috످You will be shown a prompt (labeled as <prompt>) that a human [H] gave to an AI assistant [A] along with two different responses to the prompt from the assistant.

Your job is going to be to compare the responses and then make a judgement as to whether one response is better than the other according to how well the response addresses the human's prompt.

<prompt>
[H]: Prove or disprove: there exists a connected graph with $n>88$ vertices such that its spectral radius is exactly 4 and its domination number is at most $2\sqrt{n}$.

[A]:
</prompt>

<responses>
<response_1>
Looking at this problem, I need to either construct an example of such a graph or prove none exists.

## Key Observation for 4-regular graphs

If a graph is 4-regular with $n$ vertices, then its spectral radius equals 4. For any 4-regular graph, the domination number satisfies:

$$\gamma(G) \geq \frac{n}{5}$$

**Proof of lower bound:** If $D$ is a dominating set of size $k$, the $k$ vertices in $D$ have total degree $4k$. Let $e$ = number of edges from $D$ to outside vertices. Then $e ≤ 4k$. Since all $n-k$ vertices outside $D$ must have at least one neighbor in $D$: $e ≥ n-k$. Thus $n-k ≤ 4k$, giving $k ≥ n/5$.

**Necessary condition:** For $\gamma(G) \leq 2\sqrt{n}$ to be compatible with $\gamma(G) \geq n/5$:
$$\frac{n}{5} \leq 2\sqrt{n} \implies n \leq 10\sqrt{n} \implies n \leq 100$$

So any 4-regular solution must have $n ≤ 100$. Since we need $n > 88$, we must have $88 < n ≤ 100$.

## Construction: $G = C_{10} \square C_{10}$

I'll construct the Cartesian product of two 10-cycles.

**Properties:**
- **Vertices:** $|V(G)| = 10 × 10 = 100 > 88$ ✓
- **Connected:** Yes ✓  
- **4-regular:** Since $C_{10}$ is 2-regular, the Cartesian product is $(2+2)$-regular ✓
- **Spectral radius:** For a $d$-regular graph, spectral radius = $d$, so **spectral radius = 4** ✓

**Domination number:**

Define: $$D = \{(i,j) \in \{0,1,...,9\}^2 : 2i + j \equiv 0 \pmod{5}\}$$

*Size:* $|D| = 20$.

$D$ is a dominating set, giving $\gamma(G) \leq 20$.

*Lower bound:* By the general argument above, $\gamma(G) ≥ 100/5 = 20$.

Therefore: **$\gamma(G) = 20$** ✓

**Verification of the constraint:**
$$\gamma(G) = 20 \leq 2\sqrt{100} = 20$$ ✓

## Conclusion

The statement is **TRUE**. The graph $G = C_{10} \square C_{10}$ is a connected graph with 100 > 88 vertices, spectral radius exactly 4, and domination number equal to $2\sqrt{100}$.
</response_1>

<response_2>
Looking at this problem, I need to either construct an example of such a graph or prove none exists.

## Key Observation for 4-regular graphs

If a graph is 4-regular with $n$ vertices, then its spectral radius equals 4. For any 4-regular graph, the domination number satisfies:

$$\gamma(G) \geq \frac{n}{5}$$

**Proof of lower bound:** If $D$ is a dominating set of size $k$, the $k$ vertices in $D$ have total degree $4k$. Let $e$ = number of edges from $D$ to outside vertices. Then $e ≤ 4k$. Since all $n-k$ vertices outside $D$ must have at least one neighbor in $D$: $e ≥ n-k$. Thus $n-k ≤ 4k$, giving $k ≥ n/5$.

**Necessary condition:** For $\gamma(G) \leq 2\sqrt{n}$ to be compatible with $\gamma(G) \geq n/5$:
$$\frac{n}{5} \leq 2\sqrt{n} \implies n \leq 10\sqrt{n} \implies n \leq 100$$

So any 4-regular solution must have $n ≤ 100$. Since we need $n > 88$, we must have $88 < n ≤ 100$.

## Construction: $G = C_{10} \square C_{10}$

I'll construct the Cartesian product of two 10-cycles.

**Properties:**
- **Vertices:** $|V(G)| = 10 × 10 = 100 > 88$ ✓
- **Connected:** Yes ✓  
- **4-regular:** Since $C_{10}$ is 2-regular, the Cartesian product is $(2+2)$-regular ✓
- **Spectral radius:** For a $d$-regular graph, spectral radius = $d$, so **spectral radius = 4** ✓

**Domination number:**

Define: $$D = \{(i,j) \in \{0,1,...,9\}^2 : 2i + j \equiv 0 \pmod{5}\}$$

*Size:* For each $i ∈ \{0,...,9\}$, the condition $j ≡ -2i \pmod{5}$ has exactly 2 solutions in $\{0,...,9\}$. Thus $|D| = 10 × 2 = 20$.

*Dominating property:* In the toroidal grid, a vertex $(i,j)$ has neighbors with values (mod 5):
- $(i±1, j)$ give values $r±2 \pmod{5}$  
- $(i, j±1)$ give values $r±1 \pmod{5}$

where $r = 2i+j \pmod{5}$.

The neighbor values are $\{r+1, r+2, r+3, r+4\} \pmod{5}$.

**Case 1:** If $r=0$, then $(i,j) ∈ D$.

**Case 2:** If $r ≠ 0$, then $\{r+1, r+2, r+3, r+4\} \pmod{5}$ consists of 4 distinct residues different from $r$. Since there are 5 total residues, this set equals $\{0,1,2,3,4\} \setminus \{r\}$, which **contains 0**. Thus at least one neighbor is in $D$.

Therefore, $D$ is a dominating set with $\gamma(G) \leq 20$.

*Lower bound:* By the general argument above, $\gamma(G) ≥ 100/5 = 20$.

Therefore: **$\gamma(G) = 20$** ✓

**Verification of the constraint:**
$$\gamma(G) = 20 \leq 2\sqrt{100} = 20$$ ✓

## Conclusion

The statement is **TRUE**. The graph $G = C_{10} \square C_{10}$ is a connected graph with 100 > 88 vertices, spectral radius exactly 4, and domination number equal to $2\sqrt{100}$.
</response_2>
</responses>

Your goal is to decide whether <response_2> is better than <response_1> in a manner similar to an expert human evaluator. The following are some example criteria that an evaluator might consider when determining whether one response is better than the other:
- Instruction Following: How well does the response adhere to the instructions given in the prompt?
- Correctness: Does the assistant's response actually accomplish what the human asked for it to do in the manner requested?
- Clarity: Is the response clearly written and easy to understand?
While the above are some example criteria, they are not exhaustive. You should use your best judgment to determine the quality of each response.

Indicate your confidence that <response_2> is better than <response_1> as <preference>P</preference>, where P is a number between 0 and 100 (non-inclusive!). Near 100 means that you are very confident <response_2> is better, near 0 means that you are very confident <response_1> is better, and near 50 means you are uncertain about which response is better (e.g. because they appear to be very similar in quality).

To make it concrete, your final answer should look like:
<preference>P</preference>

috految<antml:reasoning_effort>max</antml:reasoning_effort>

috److془Let me carefully analyze the problem.

Prove or disprove: there exists a connected graph with n>88 vertices such that its spectral radius is exactly 4 and its domination number is at most 2√n.

C_10 □ C_10: 100 vertices, 4-regular, connected, spectral radius 4. Domination number 20 = 2*10. So the statement is true.

Response 1: asserts |D| = 20 and D is dominating without proof.

Response 2: proves both. Check: For each i, j ≡ -2i mod 5 has exactly 2 solutions in {0..9}. |D| = 20. ✓. Neighbors: (i±1, j) gives r±2; (i, j±1) gives r±1. {r+1, r+2, r-2 = r+3, r-1 = r+4}. ✓. Wrap-around: 5 | 10 so well-defined. Case 1, Case 2 ✓.

The rest are identical. Response 2 is better as it includes the crux.

Is there anything to count against Response 2? "Therefore, D is a dominating set with γ(G) ≤ 20" fine. "values" used before r is defined; minor. Wrap-around not explicitly mentioned; minor.

So Response 2 is clearly better. ~ 95.

Reply with just the score.془<preference>95</preference>

috످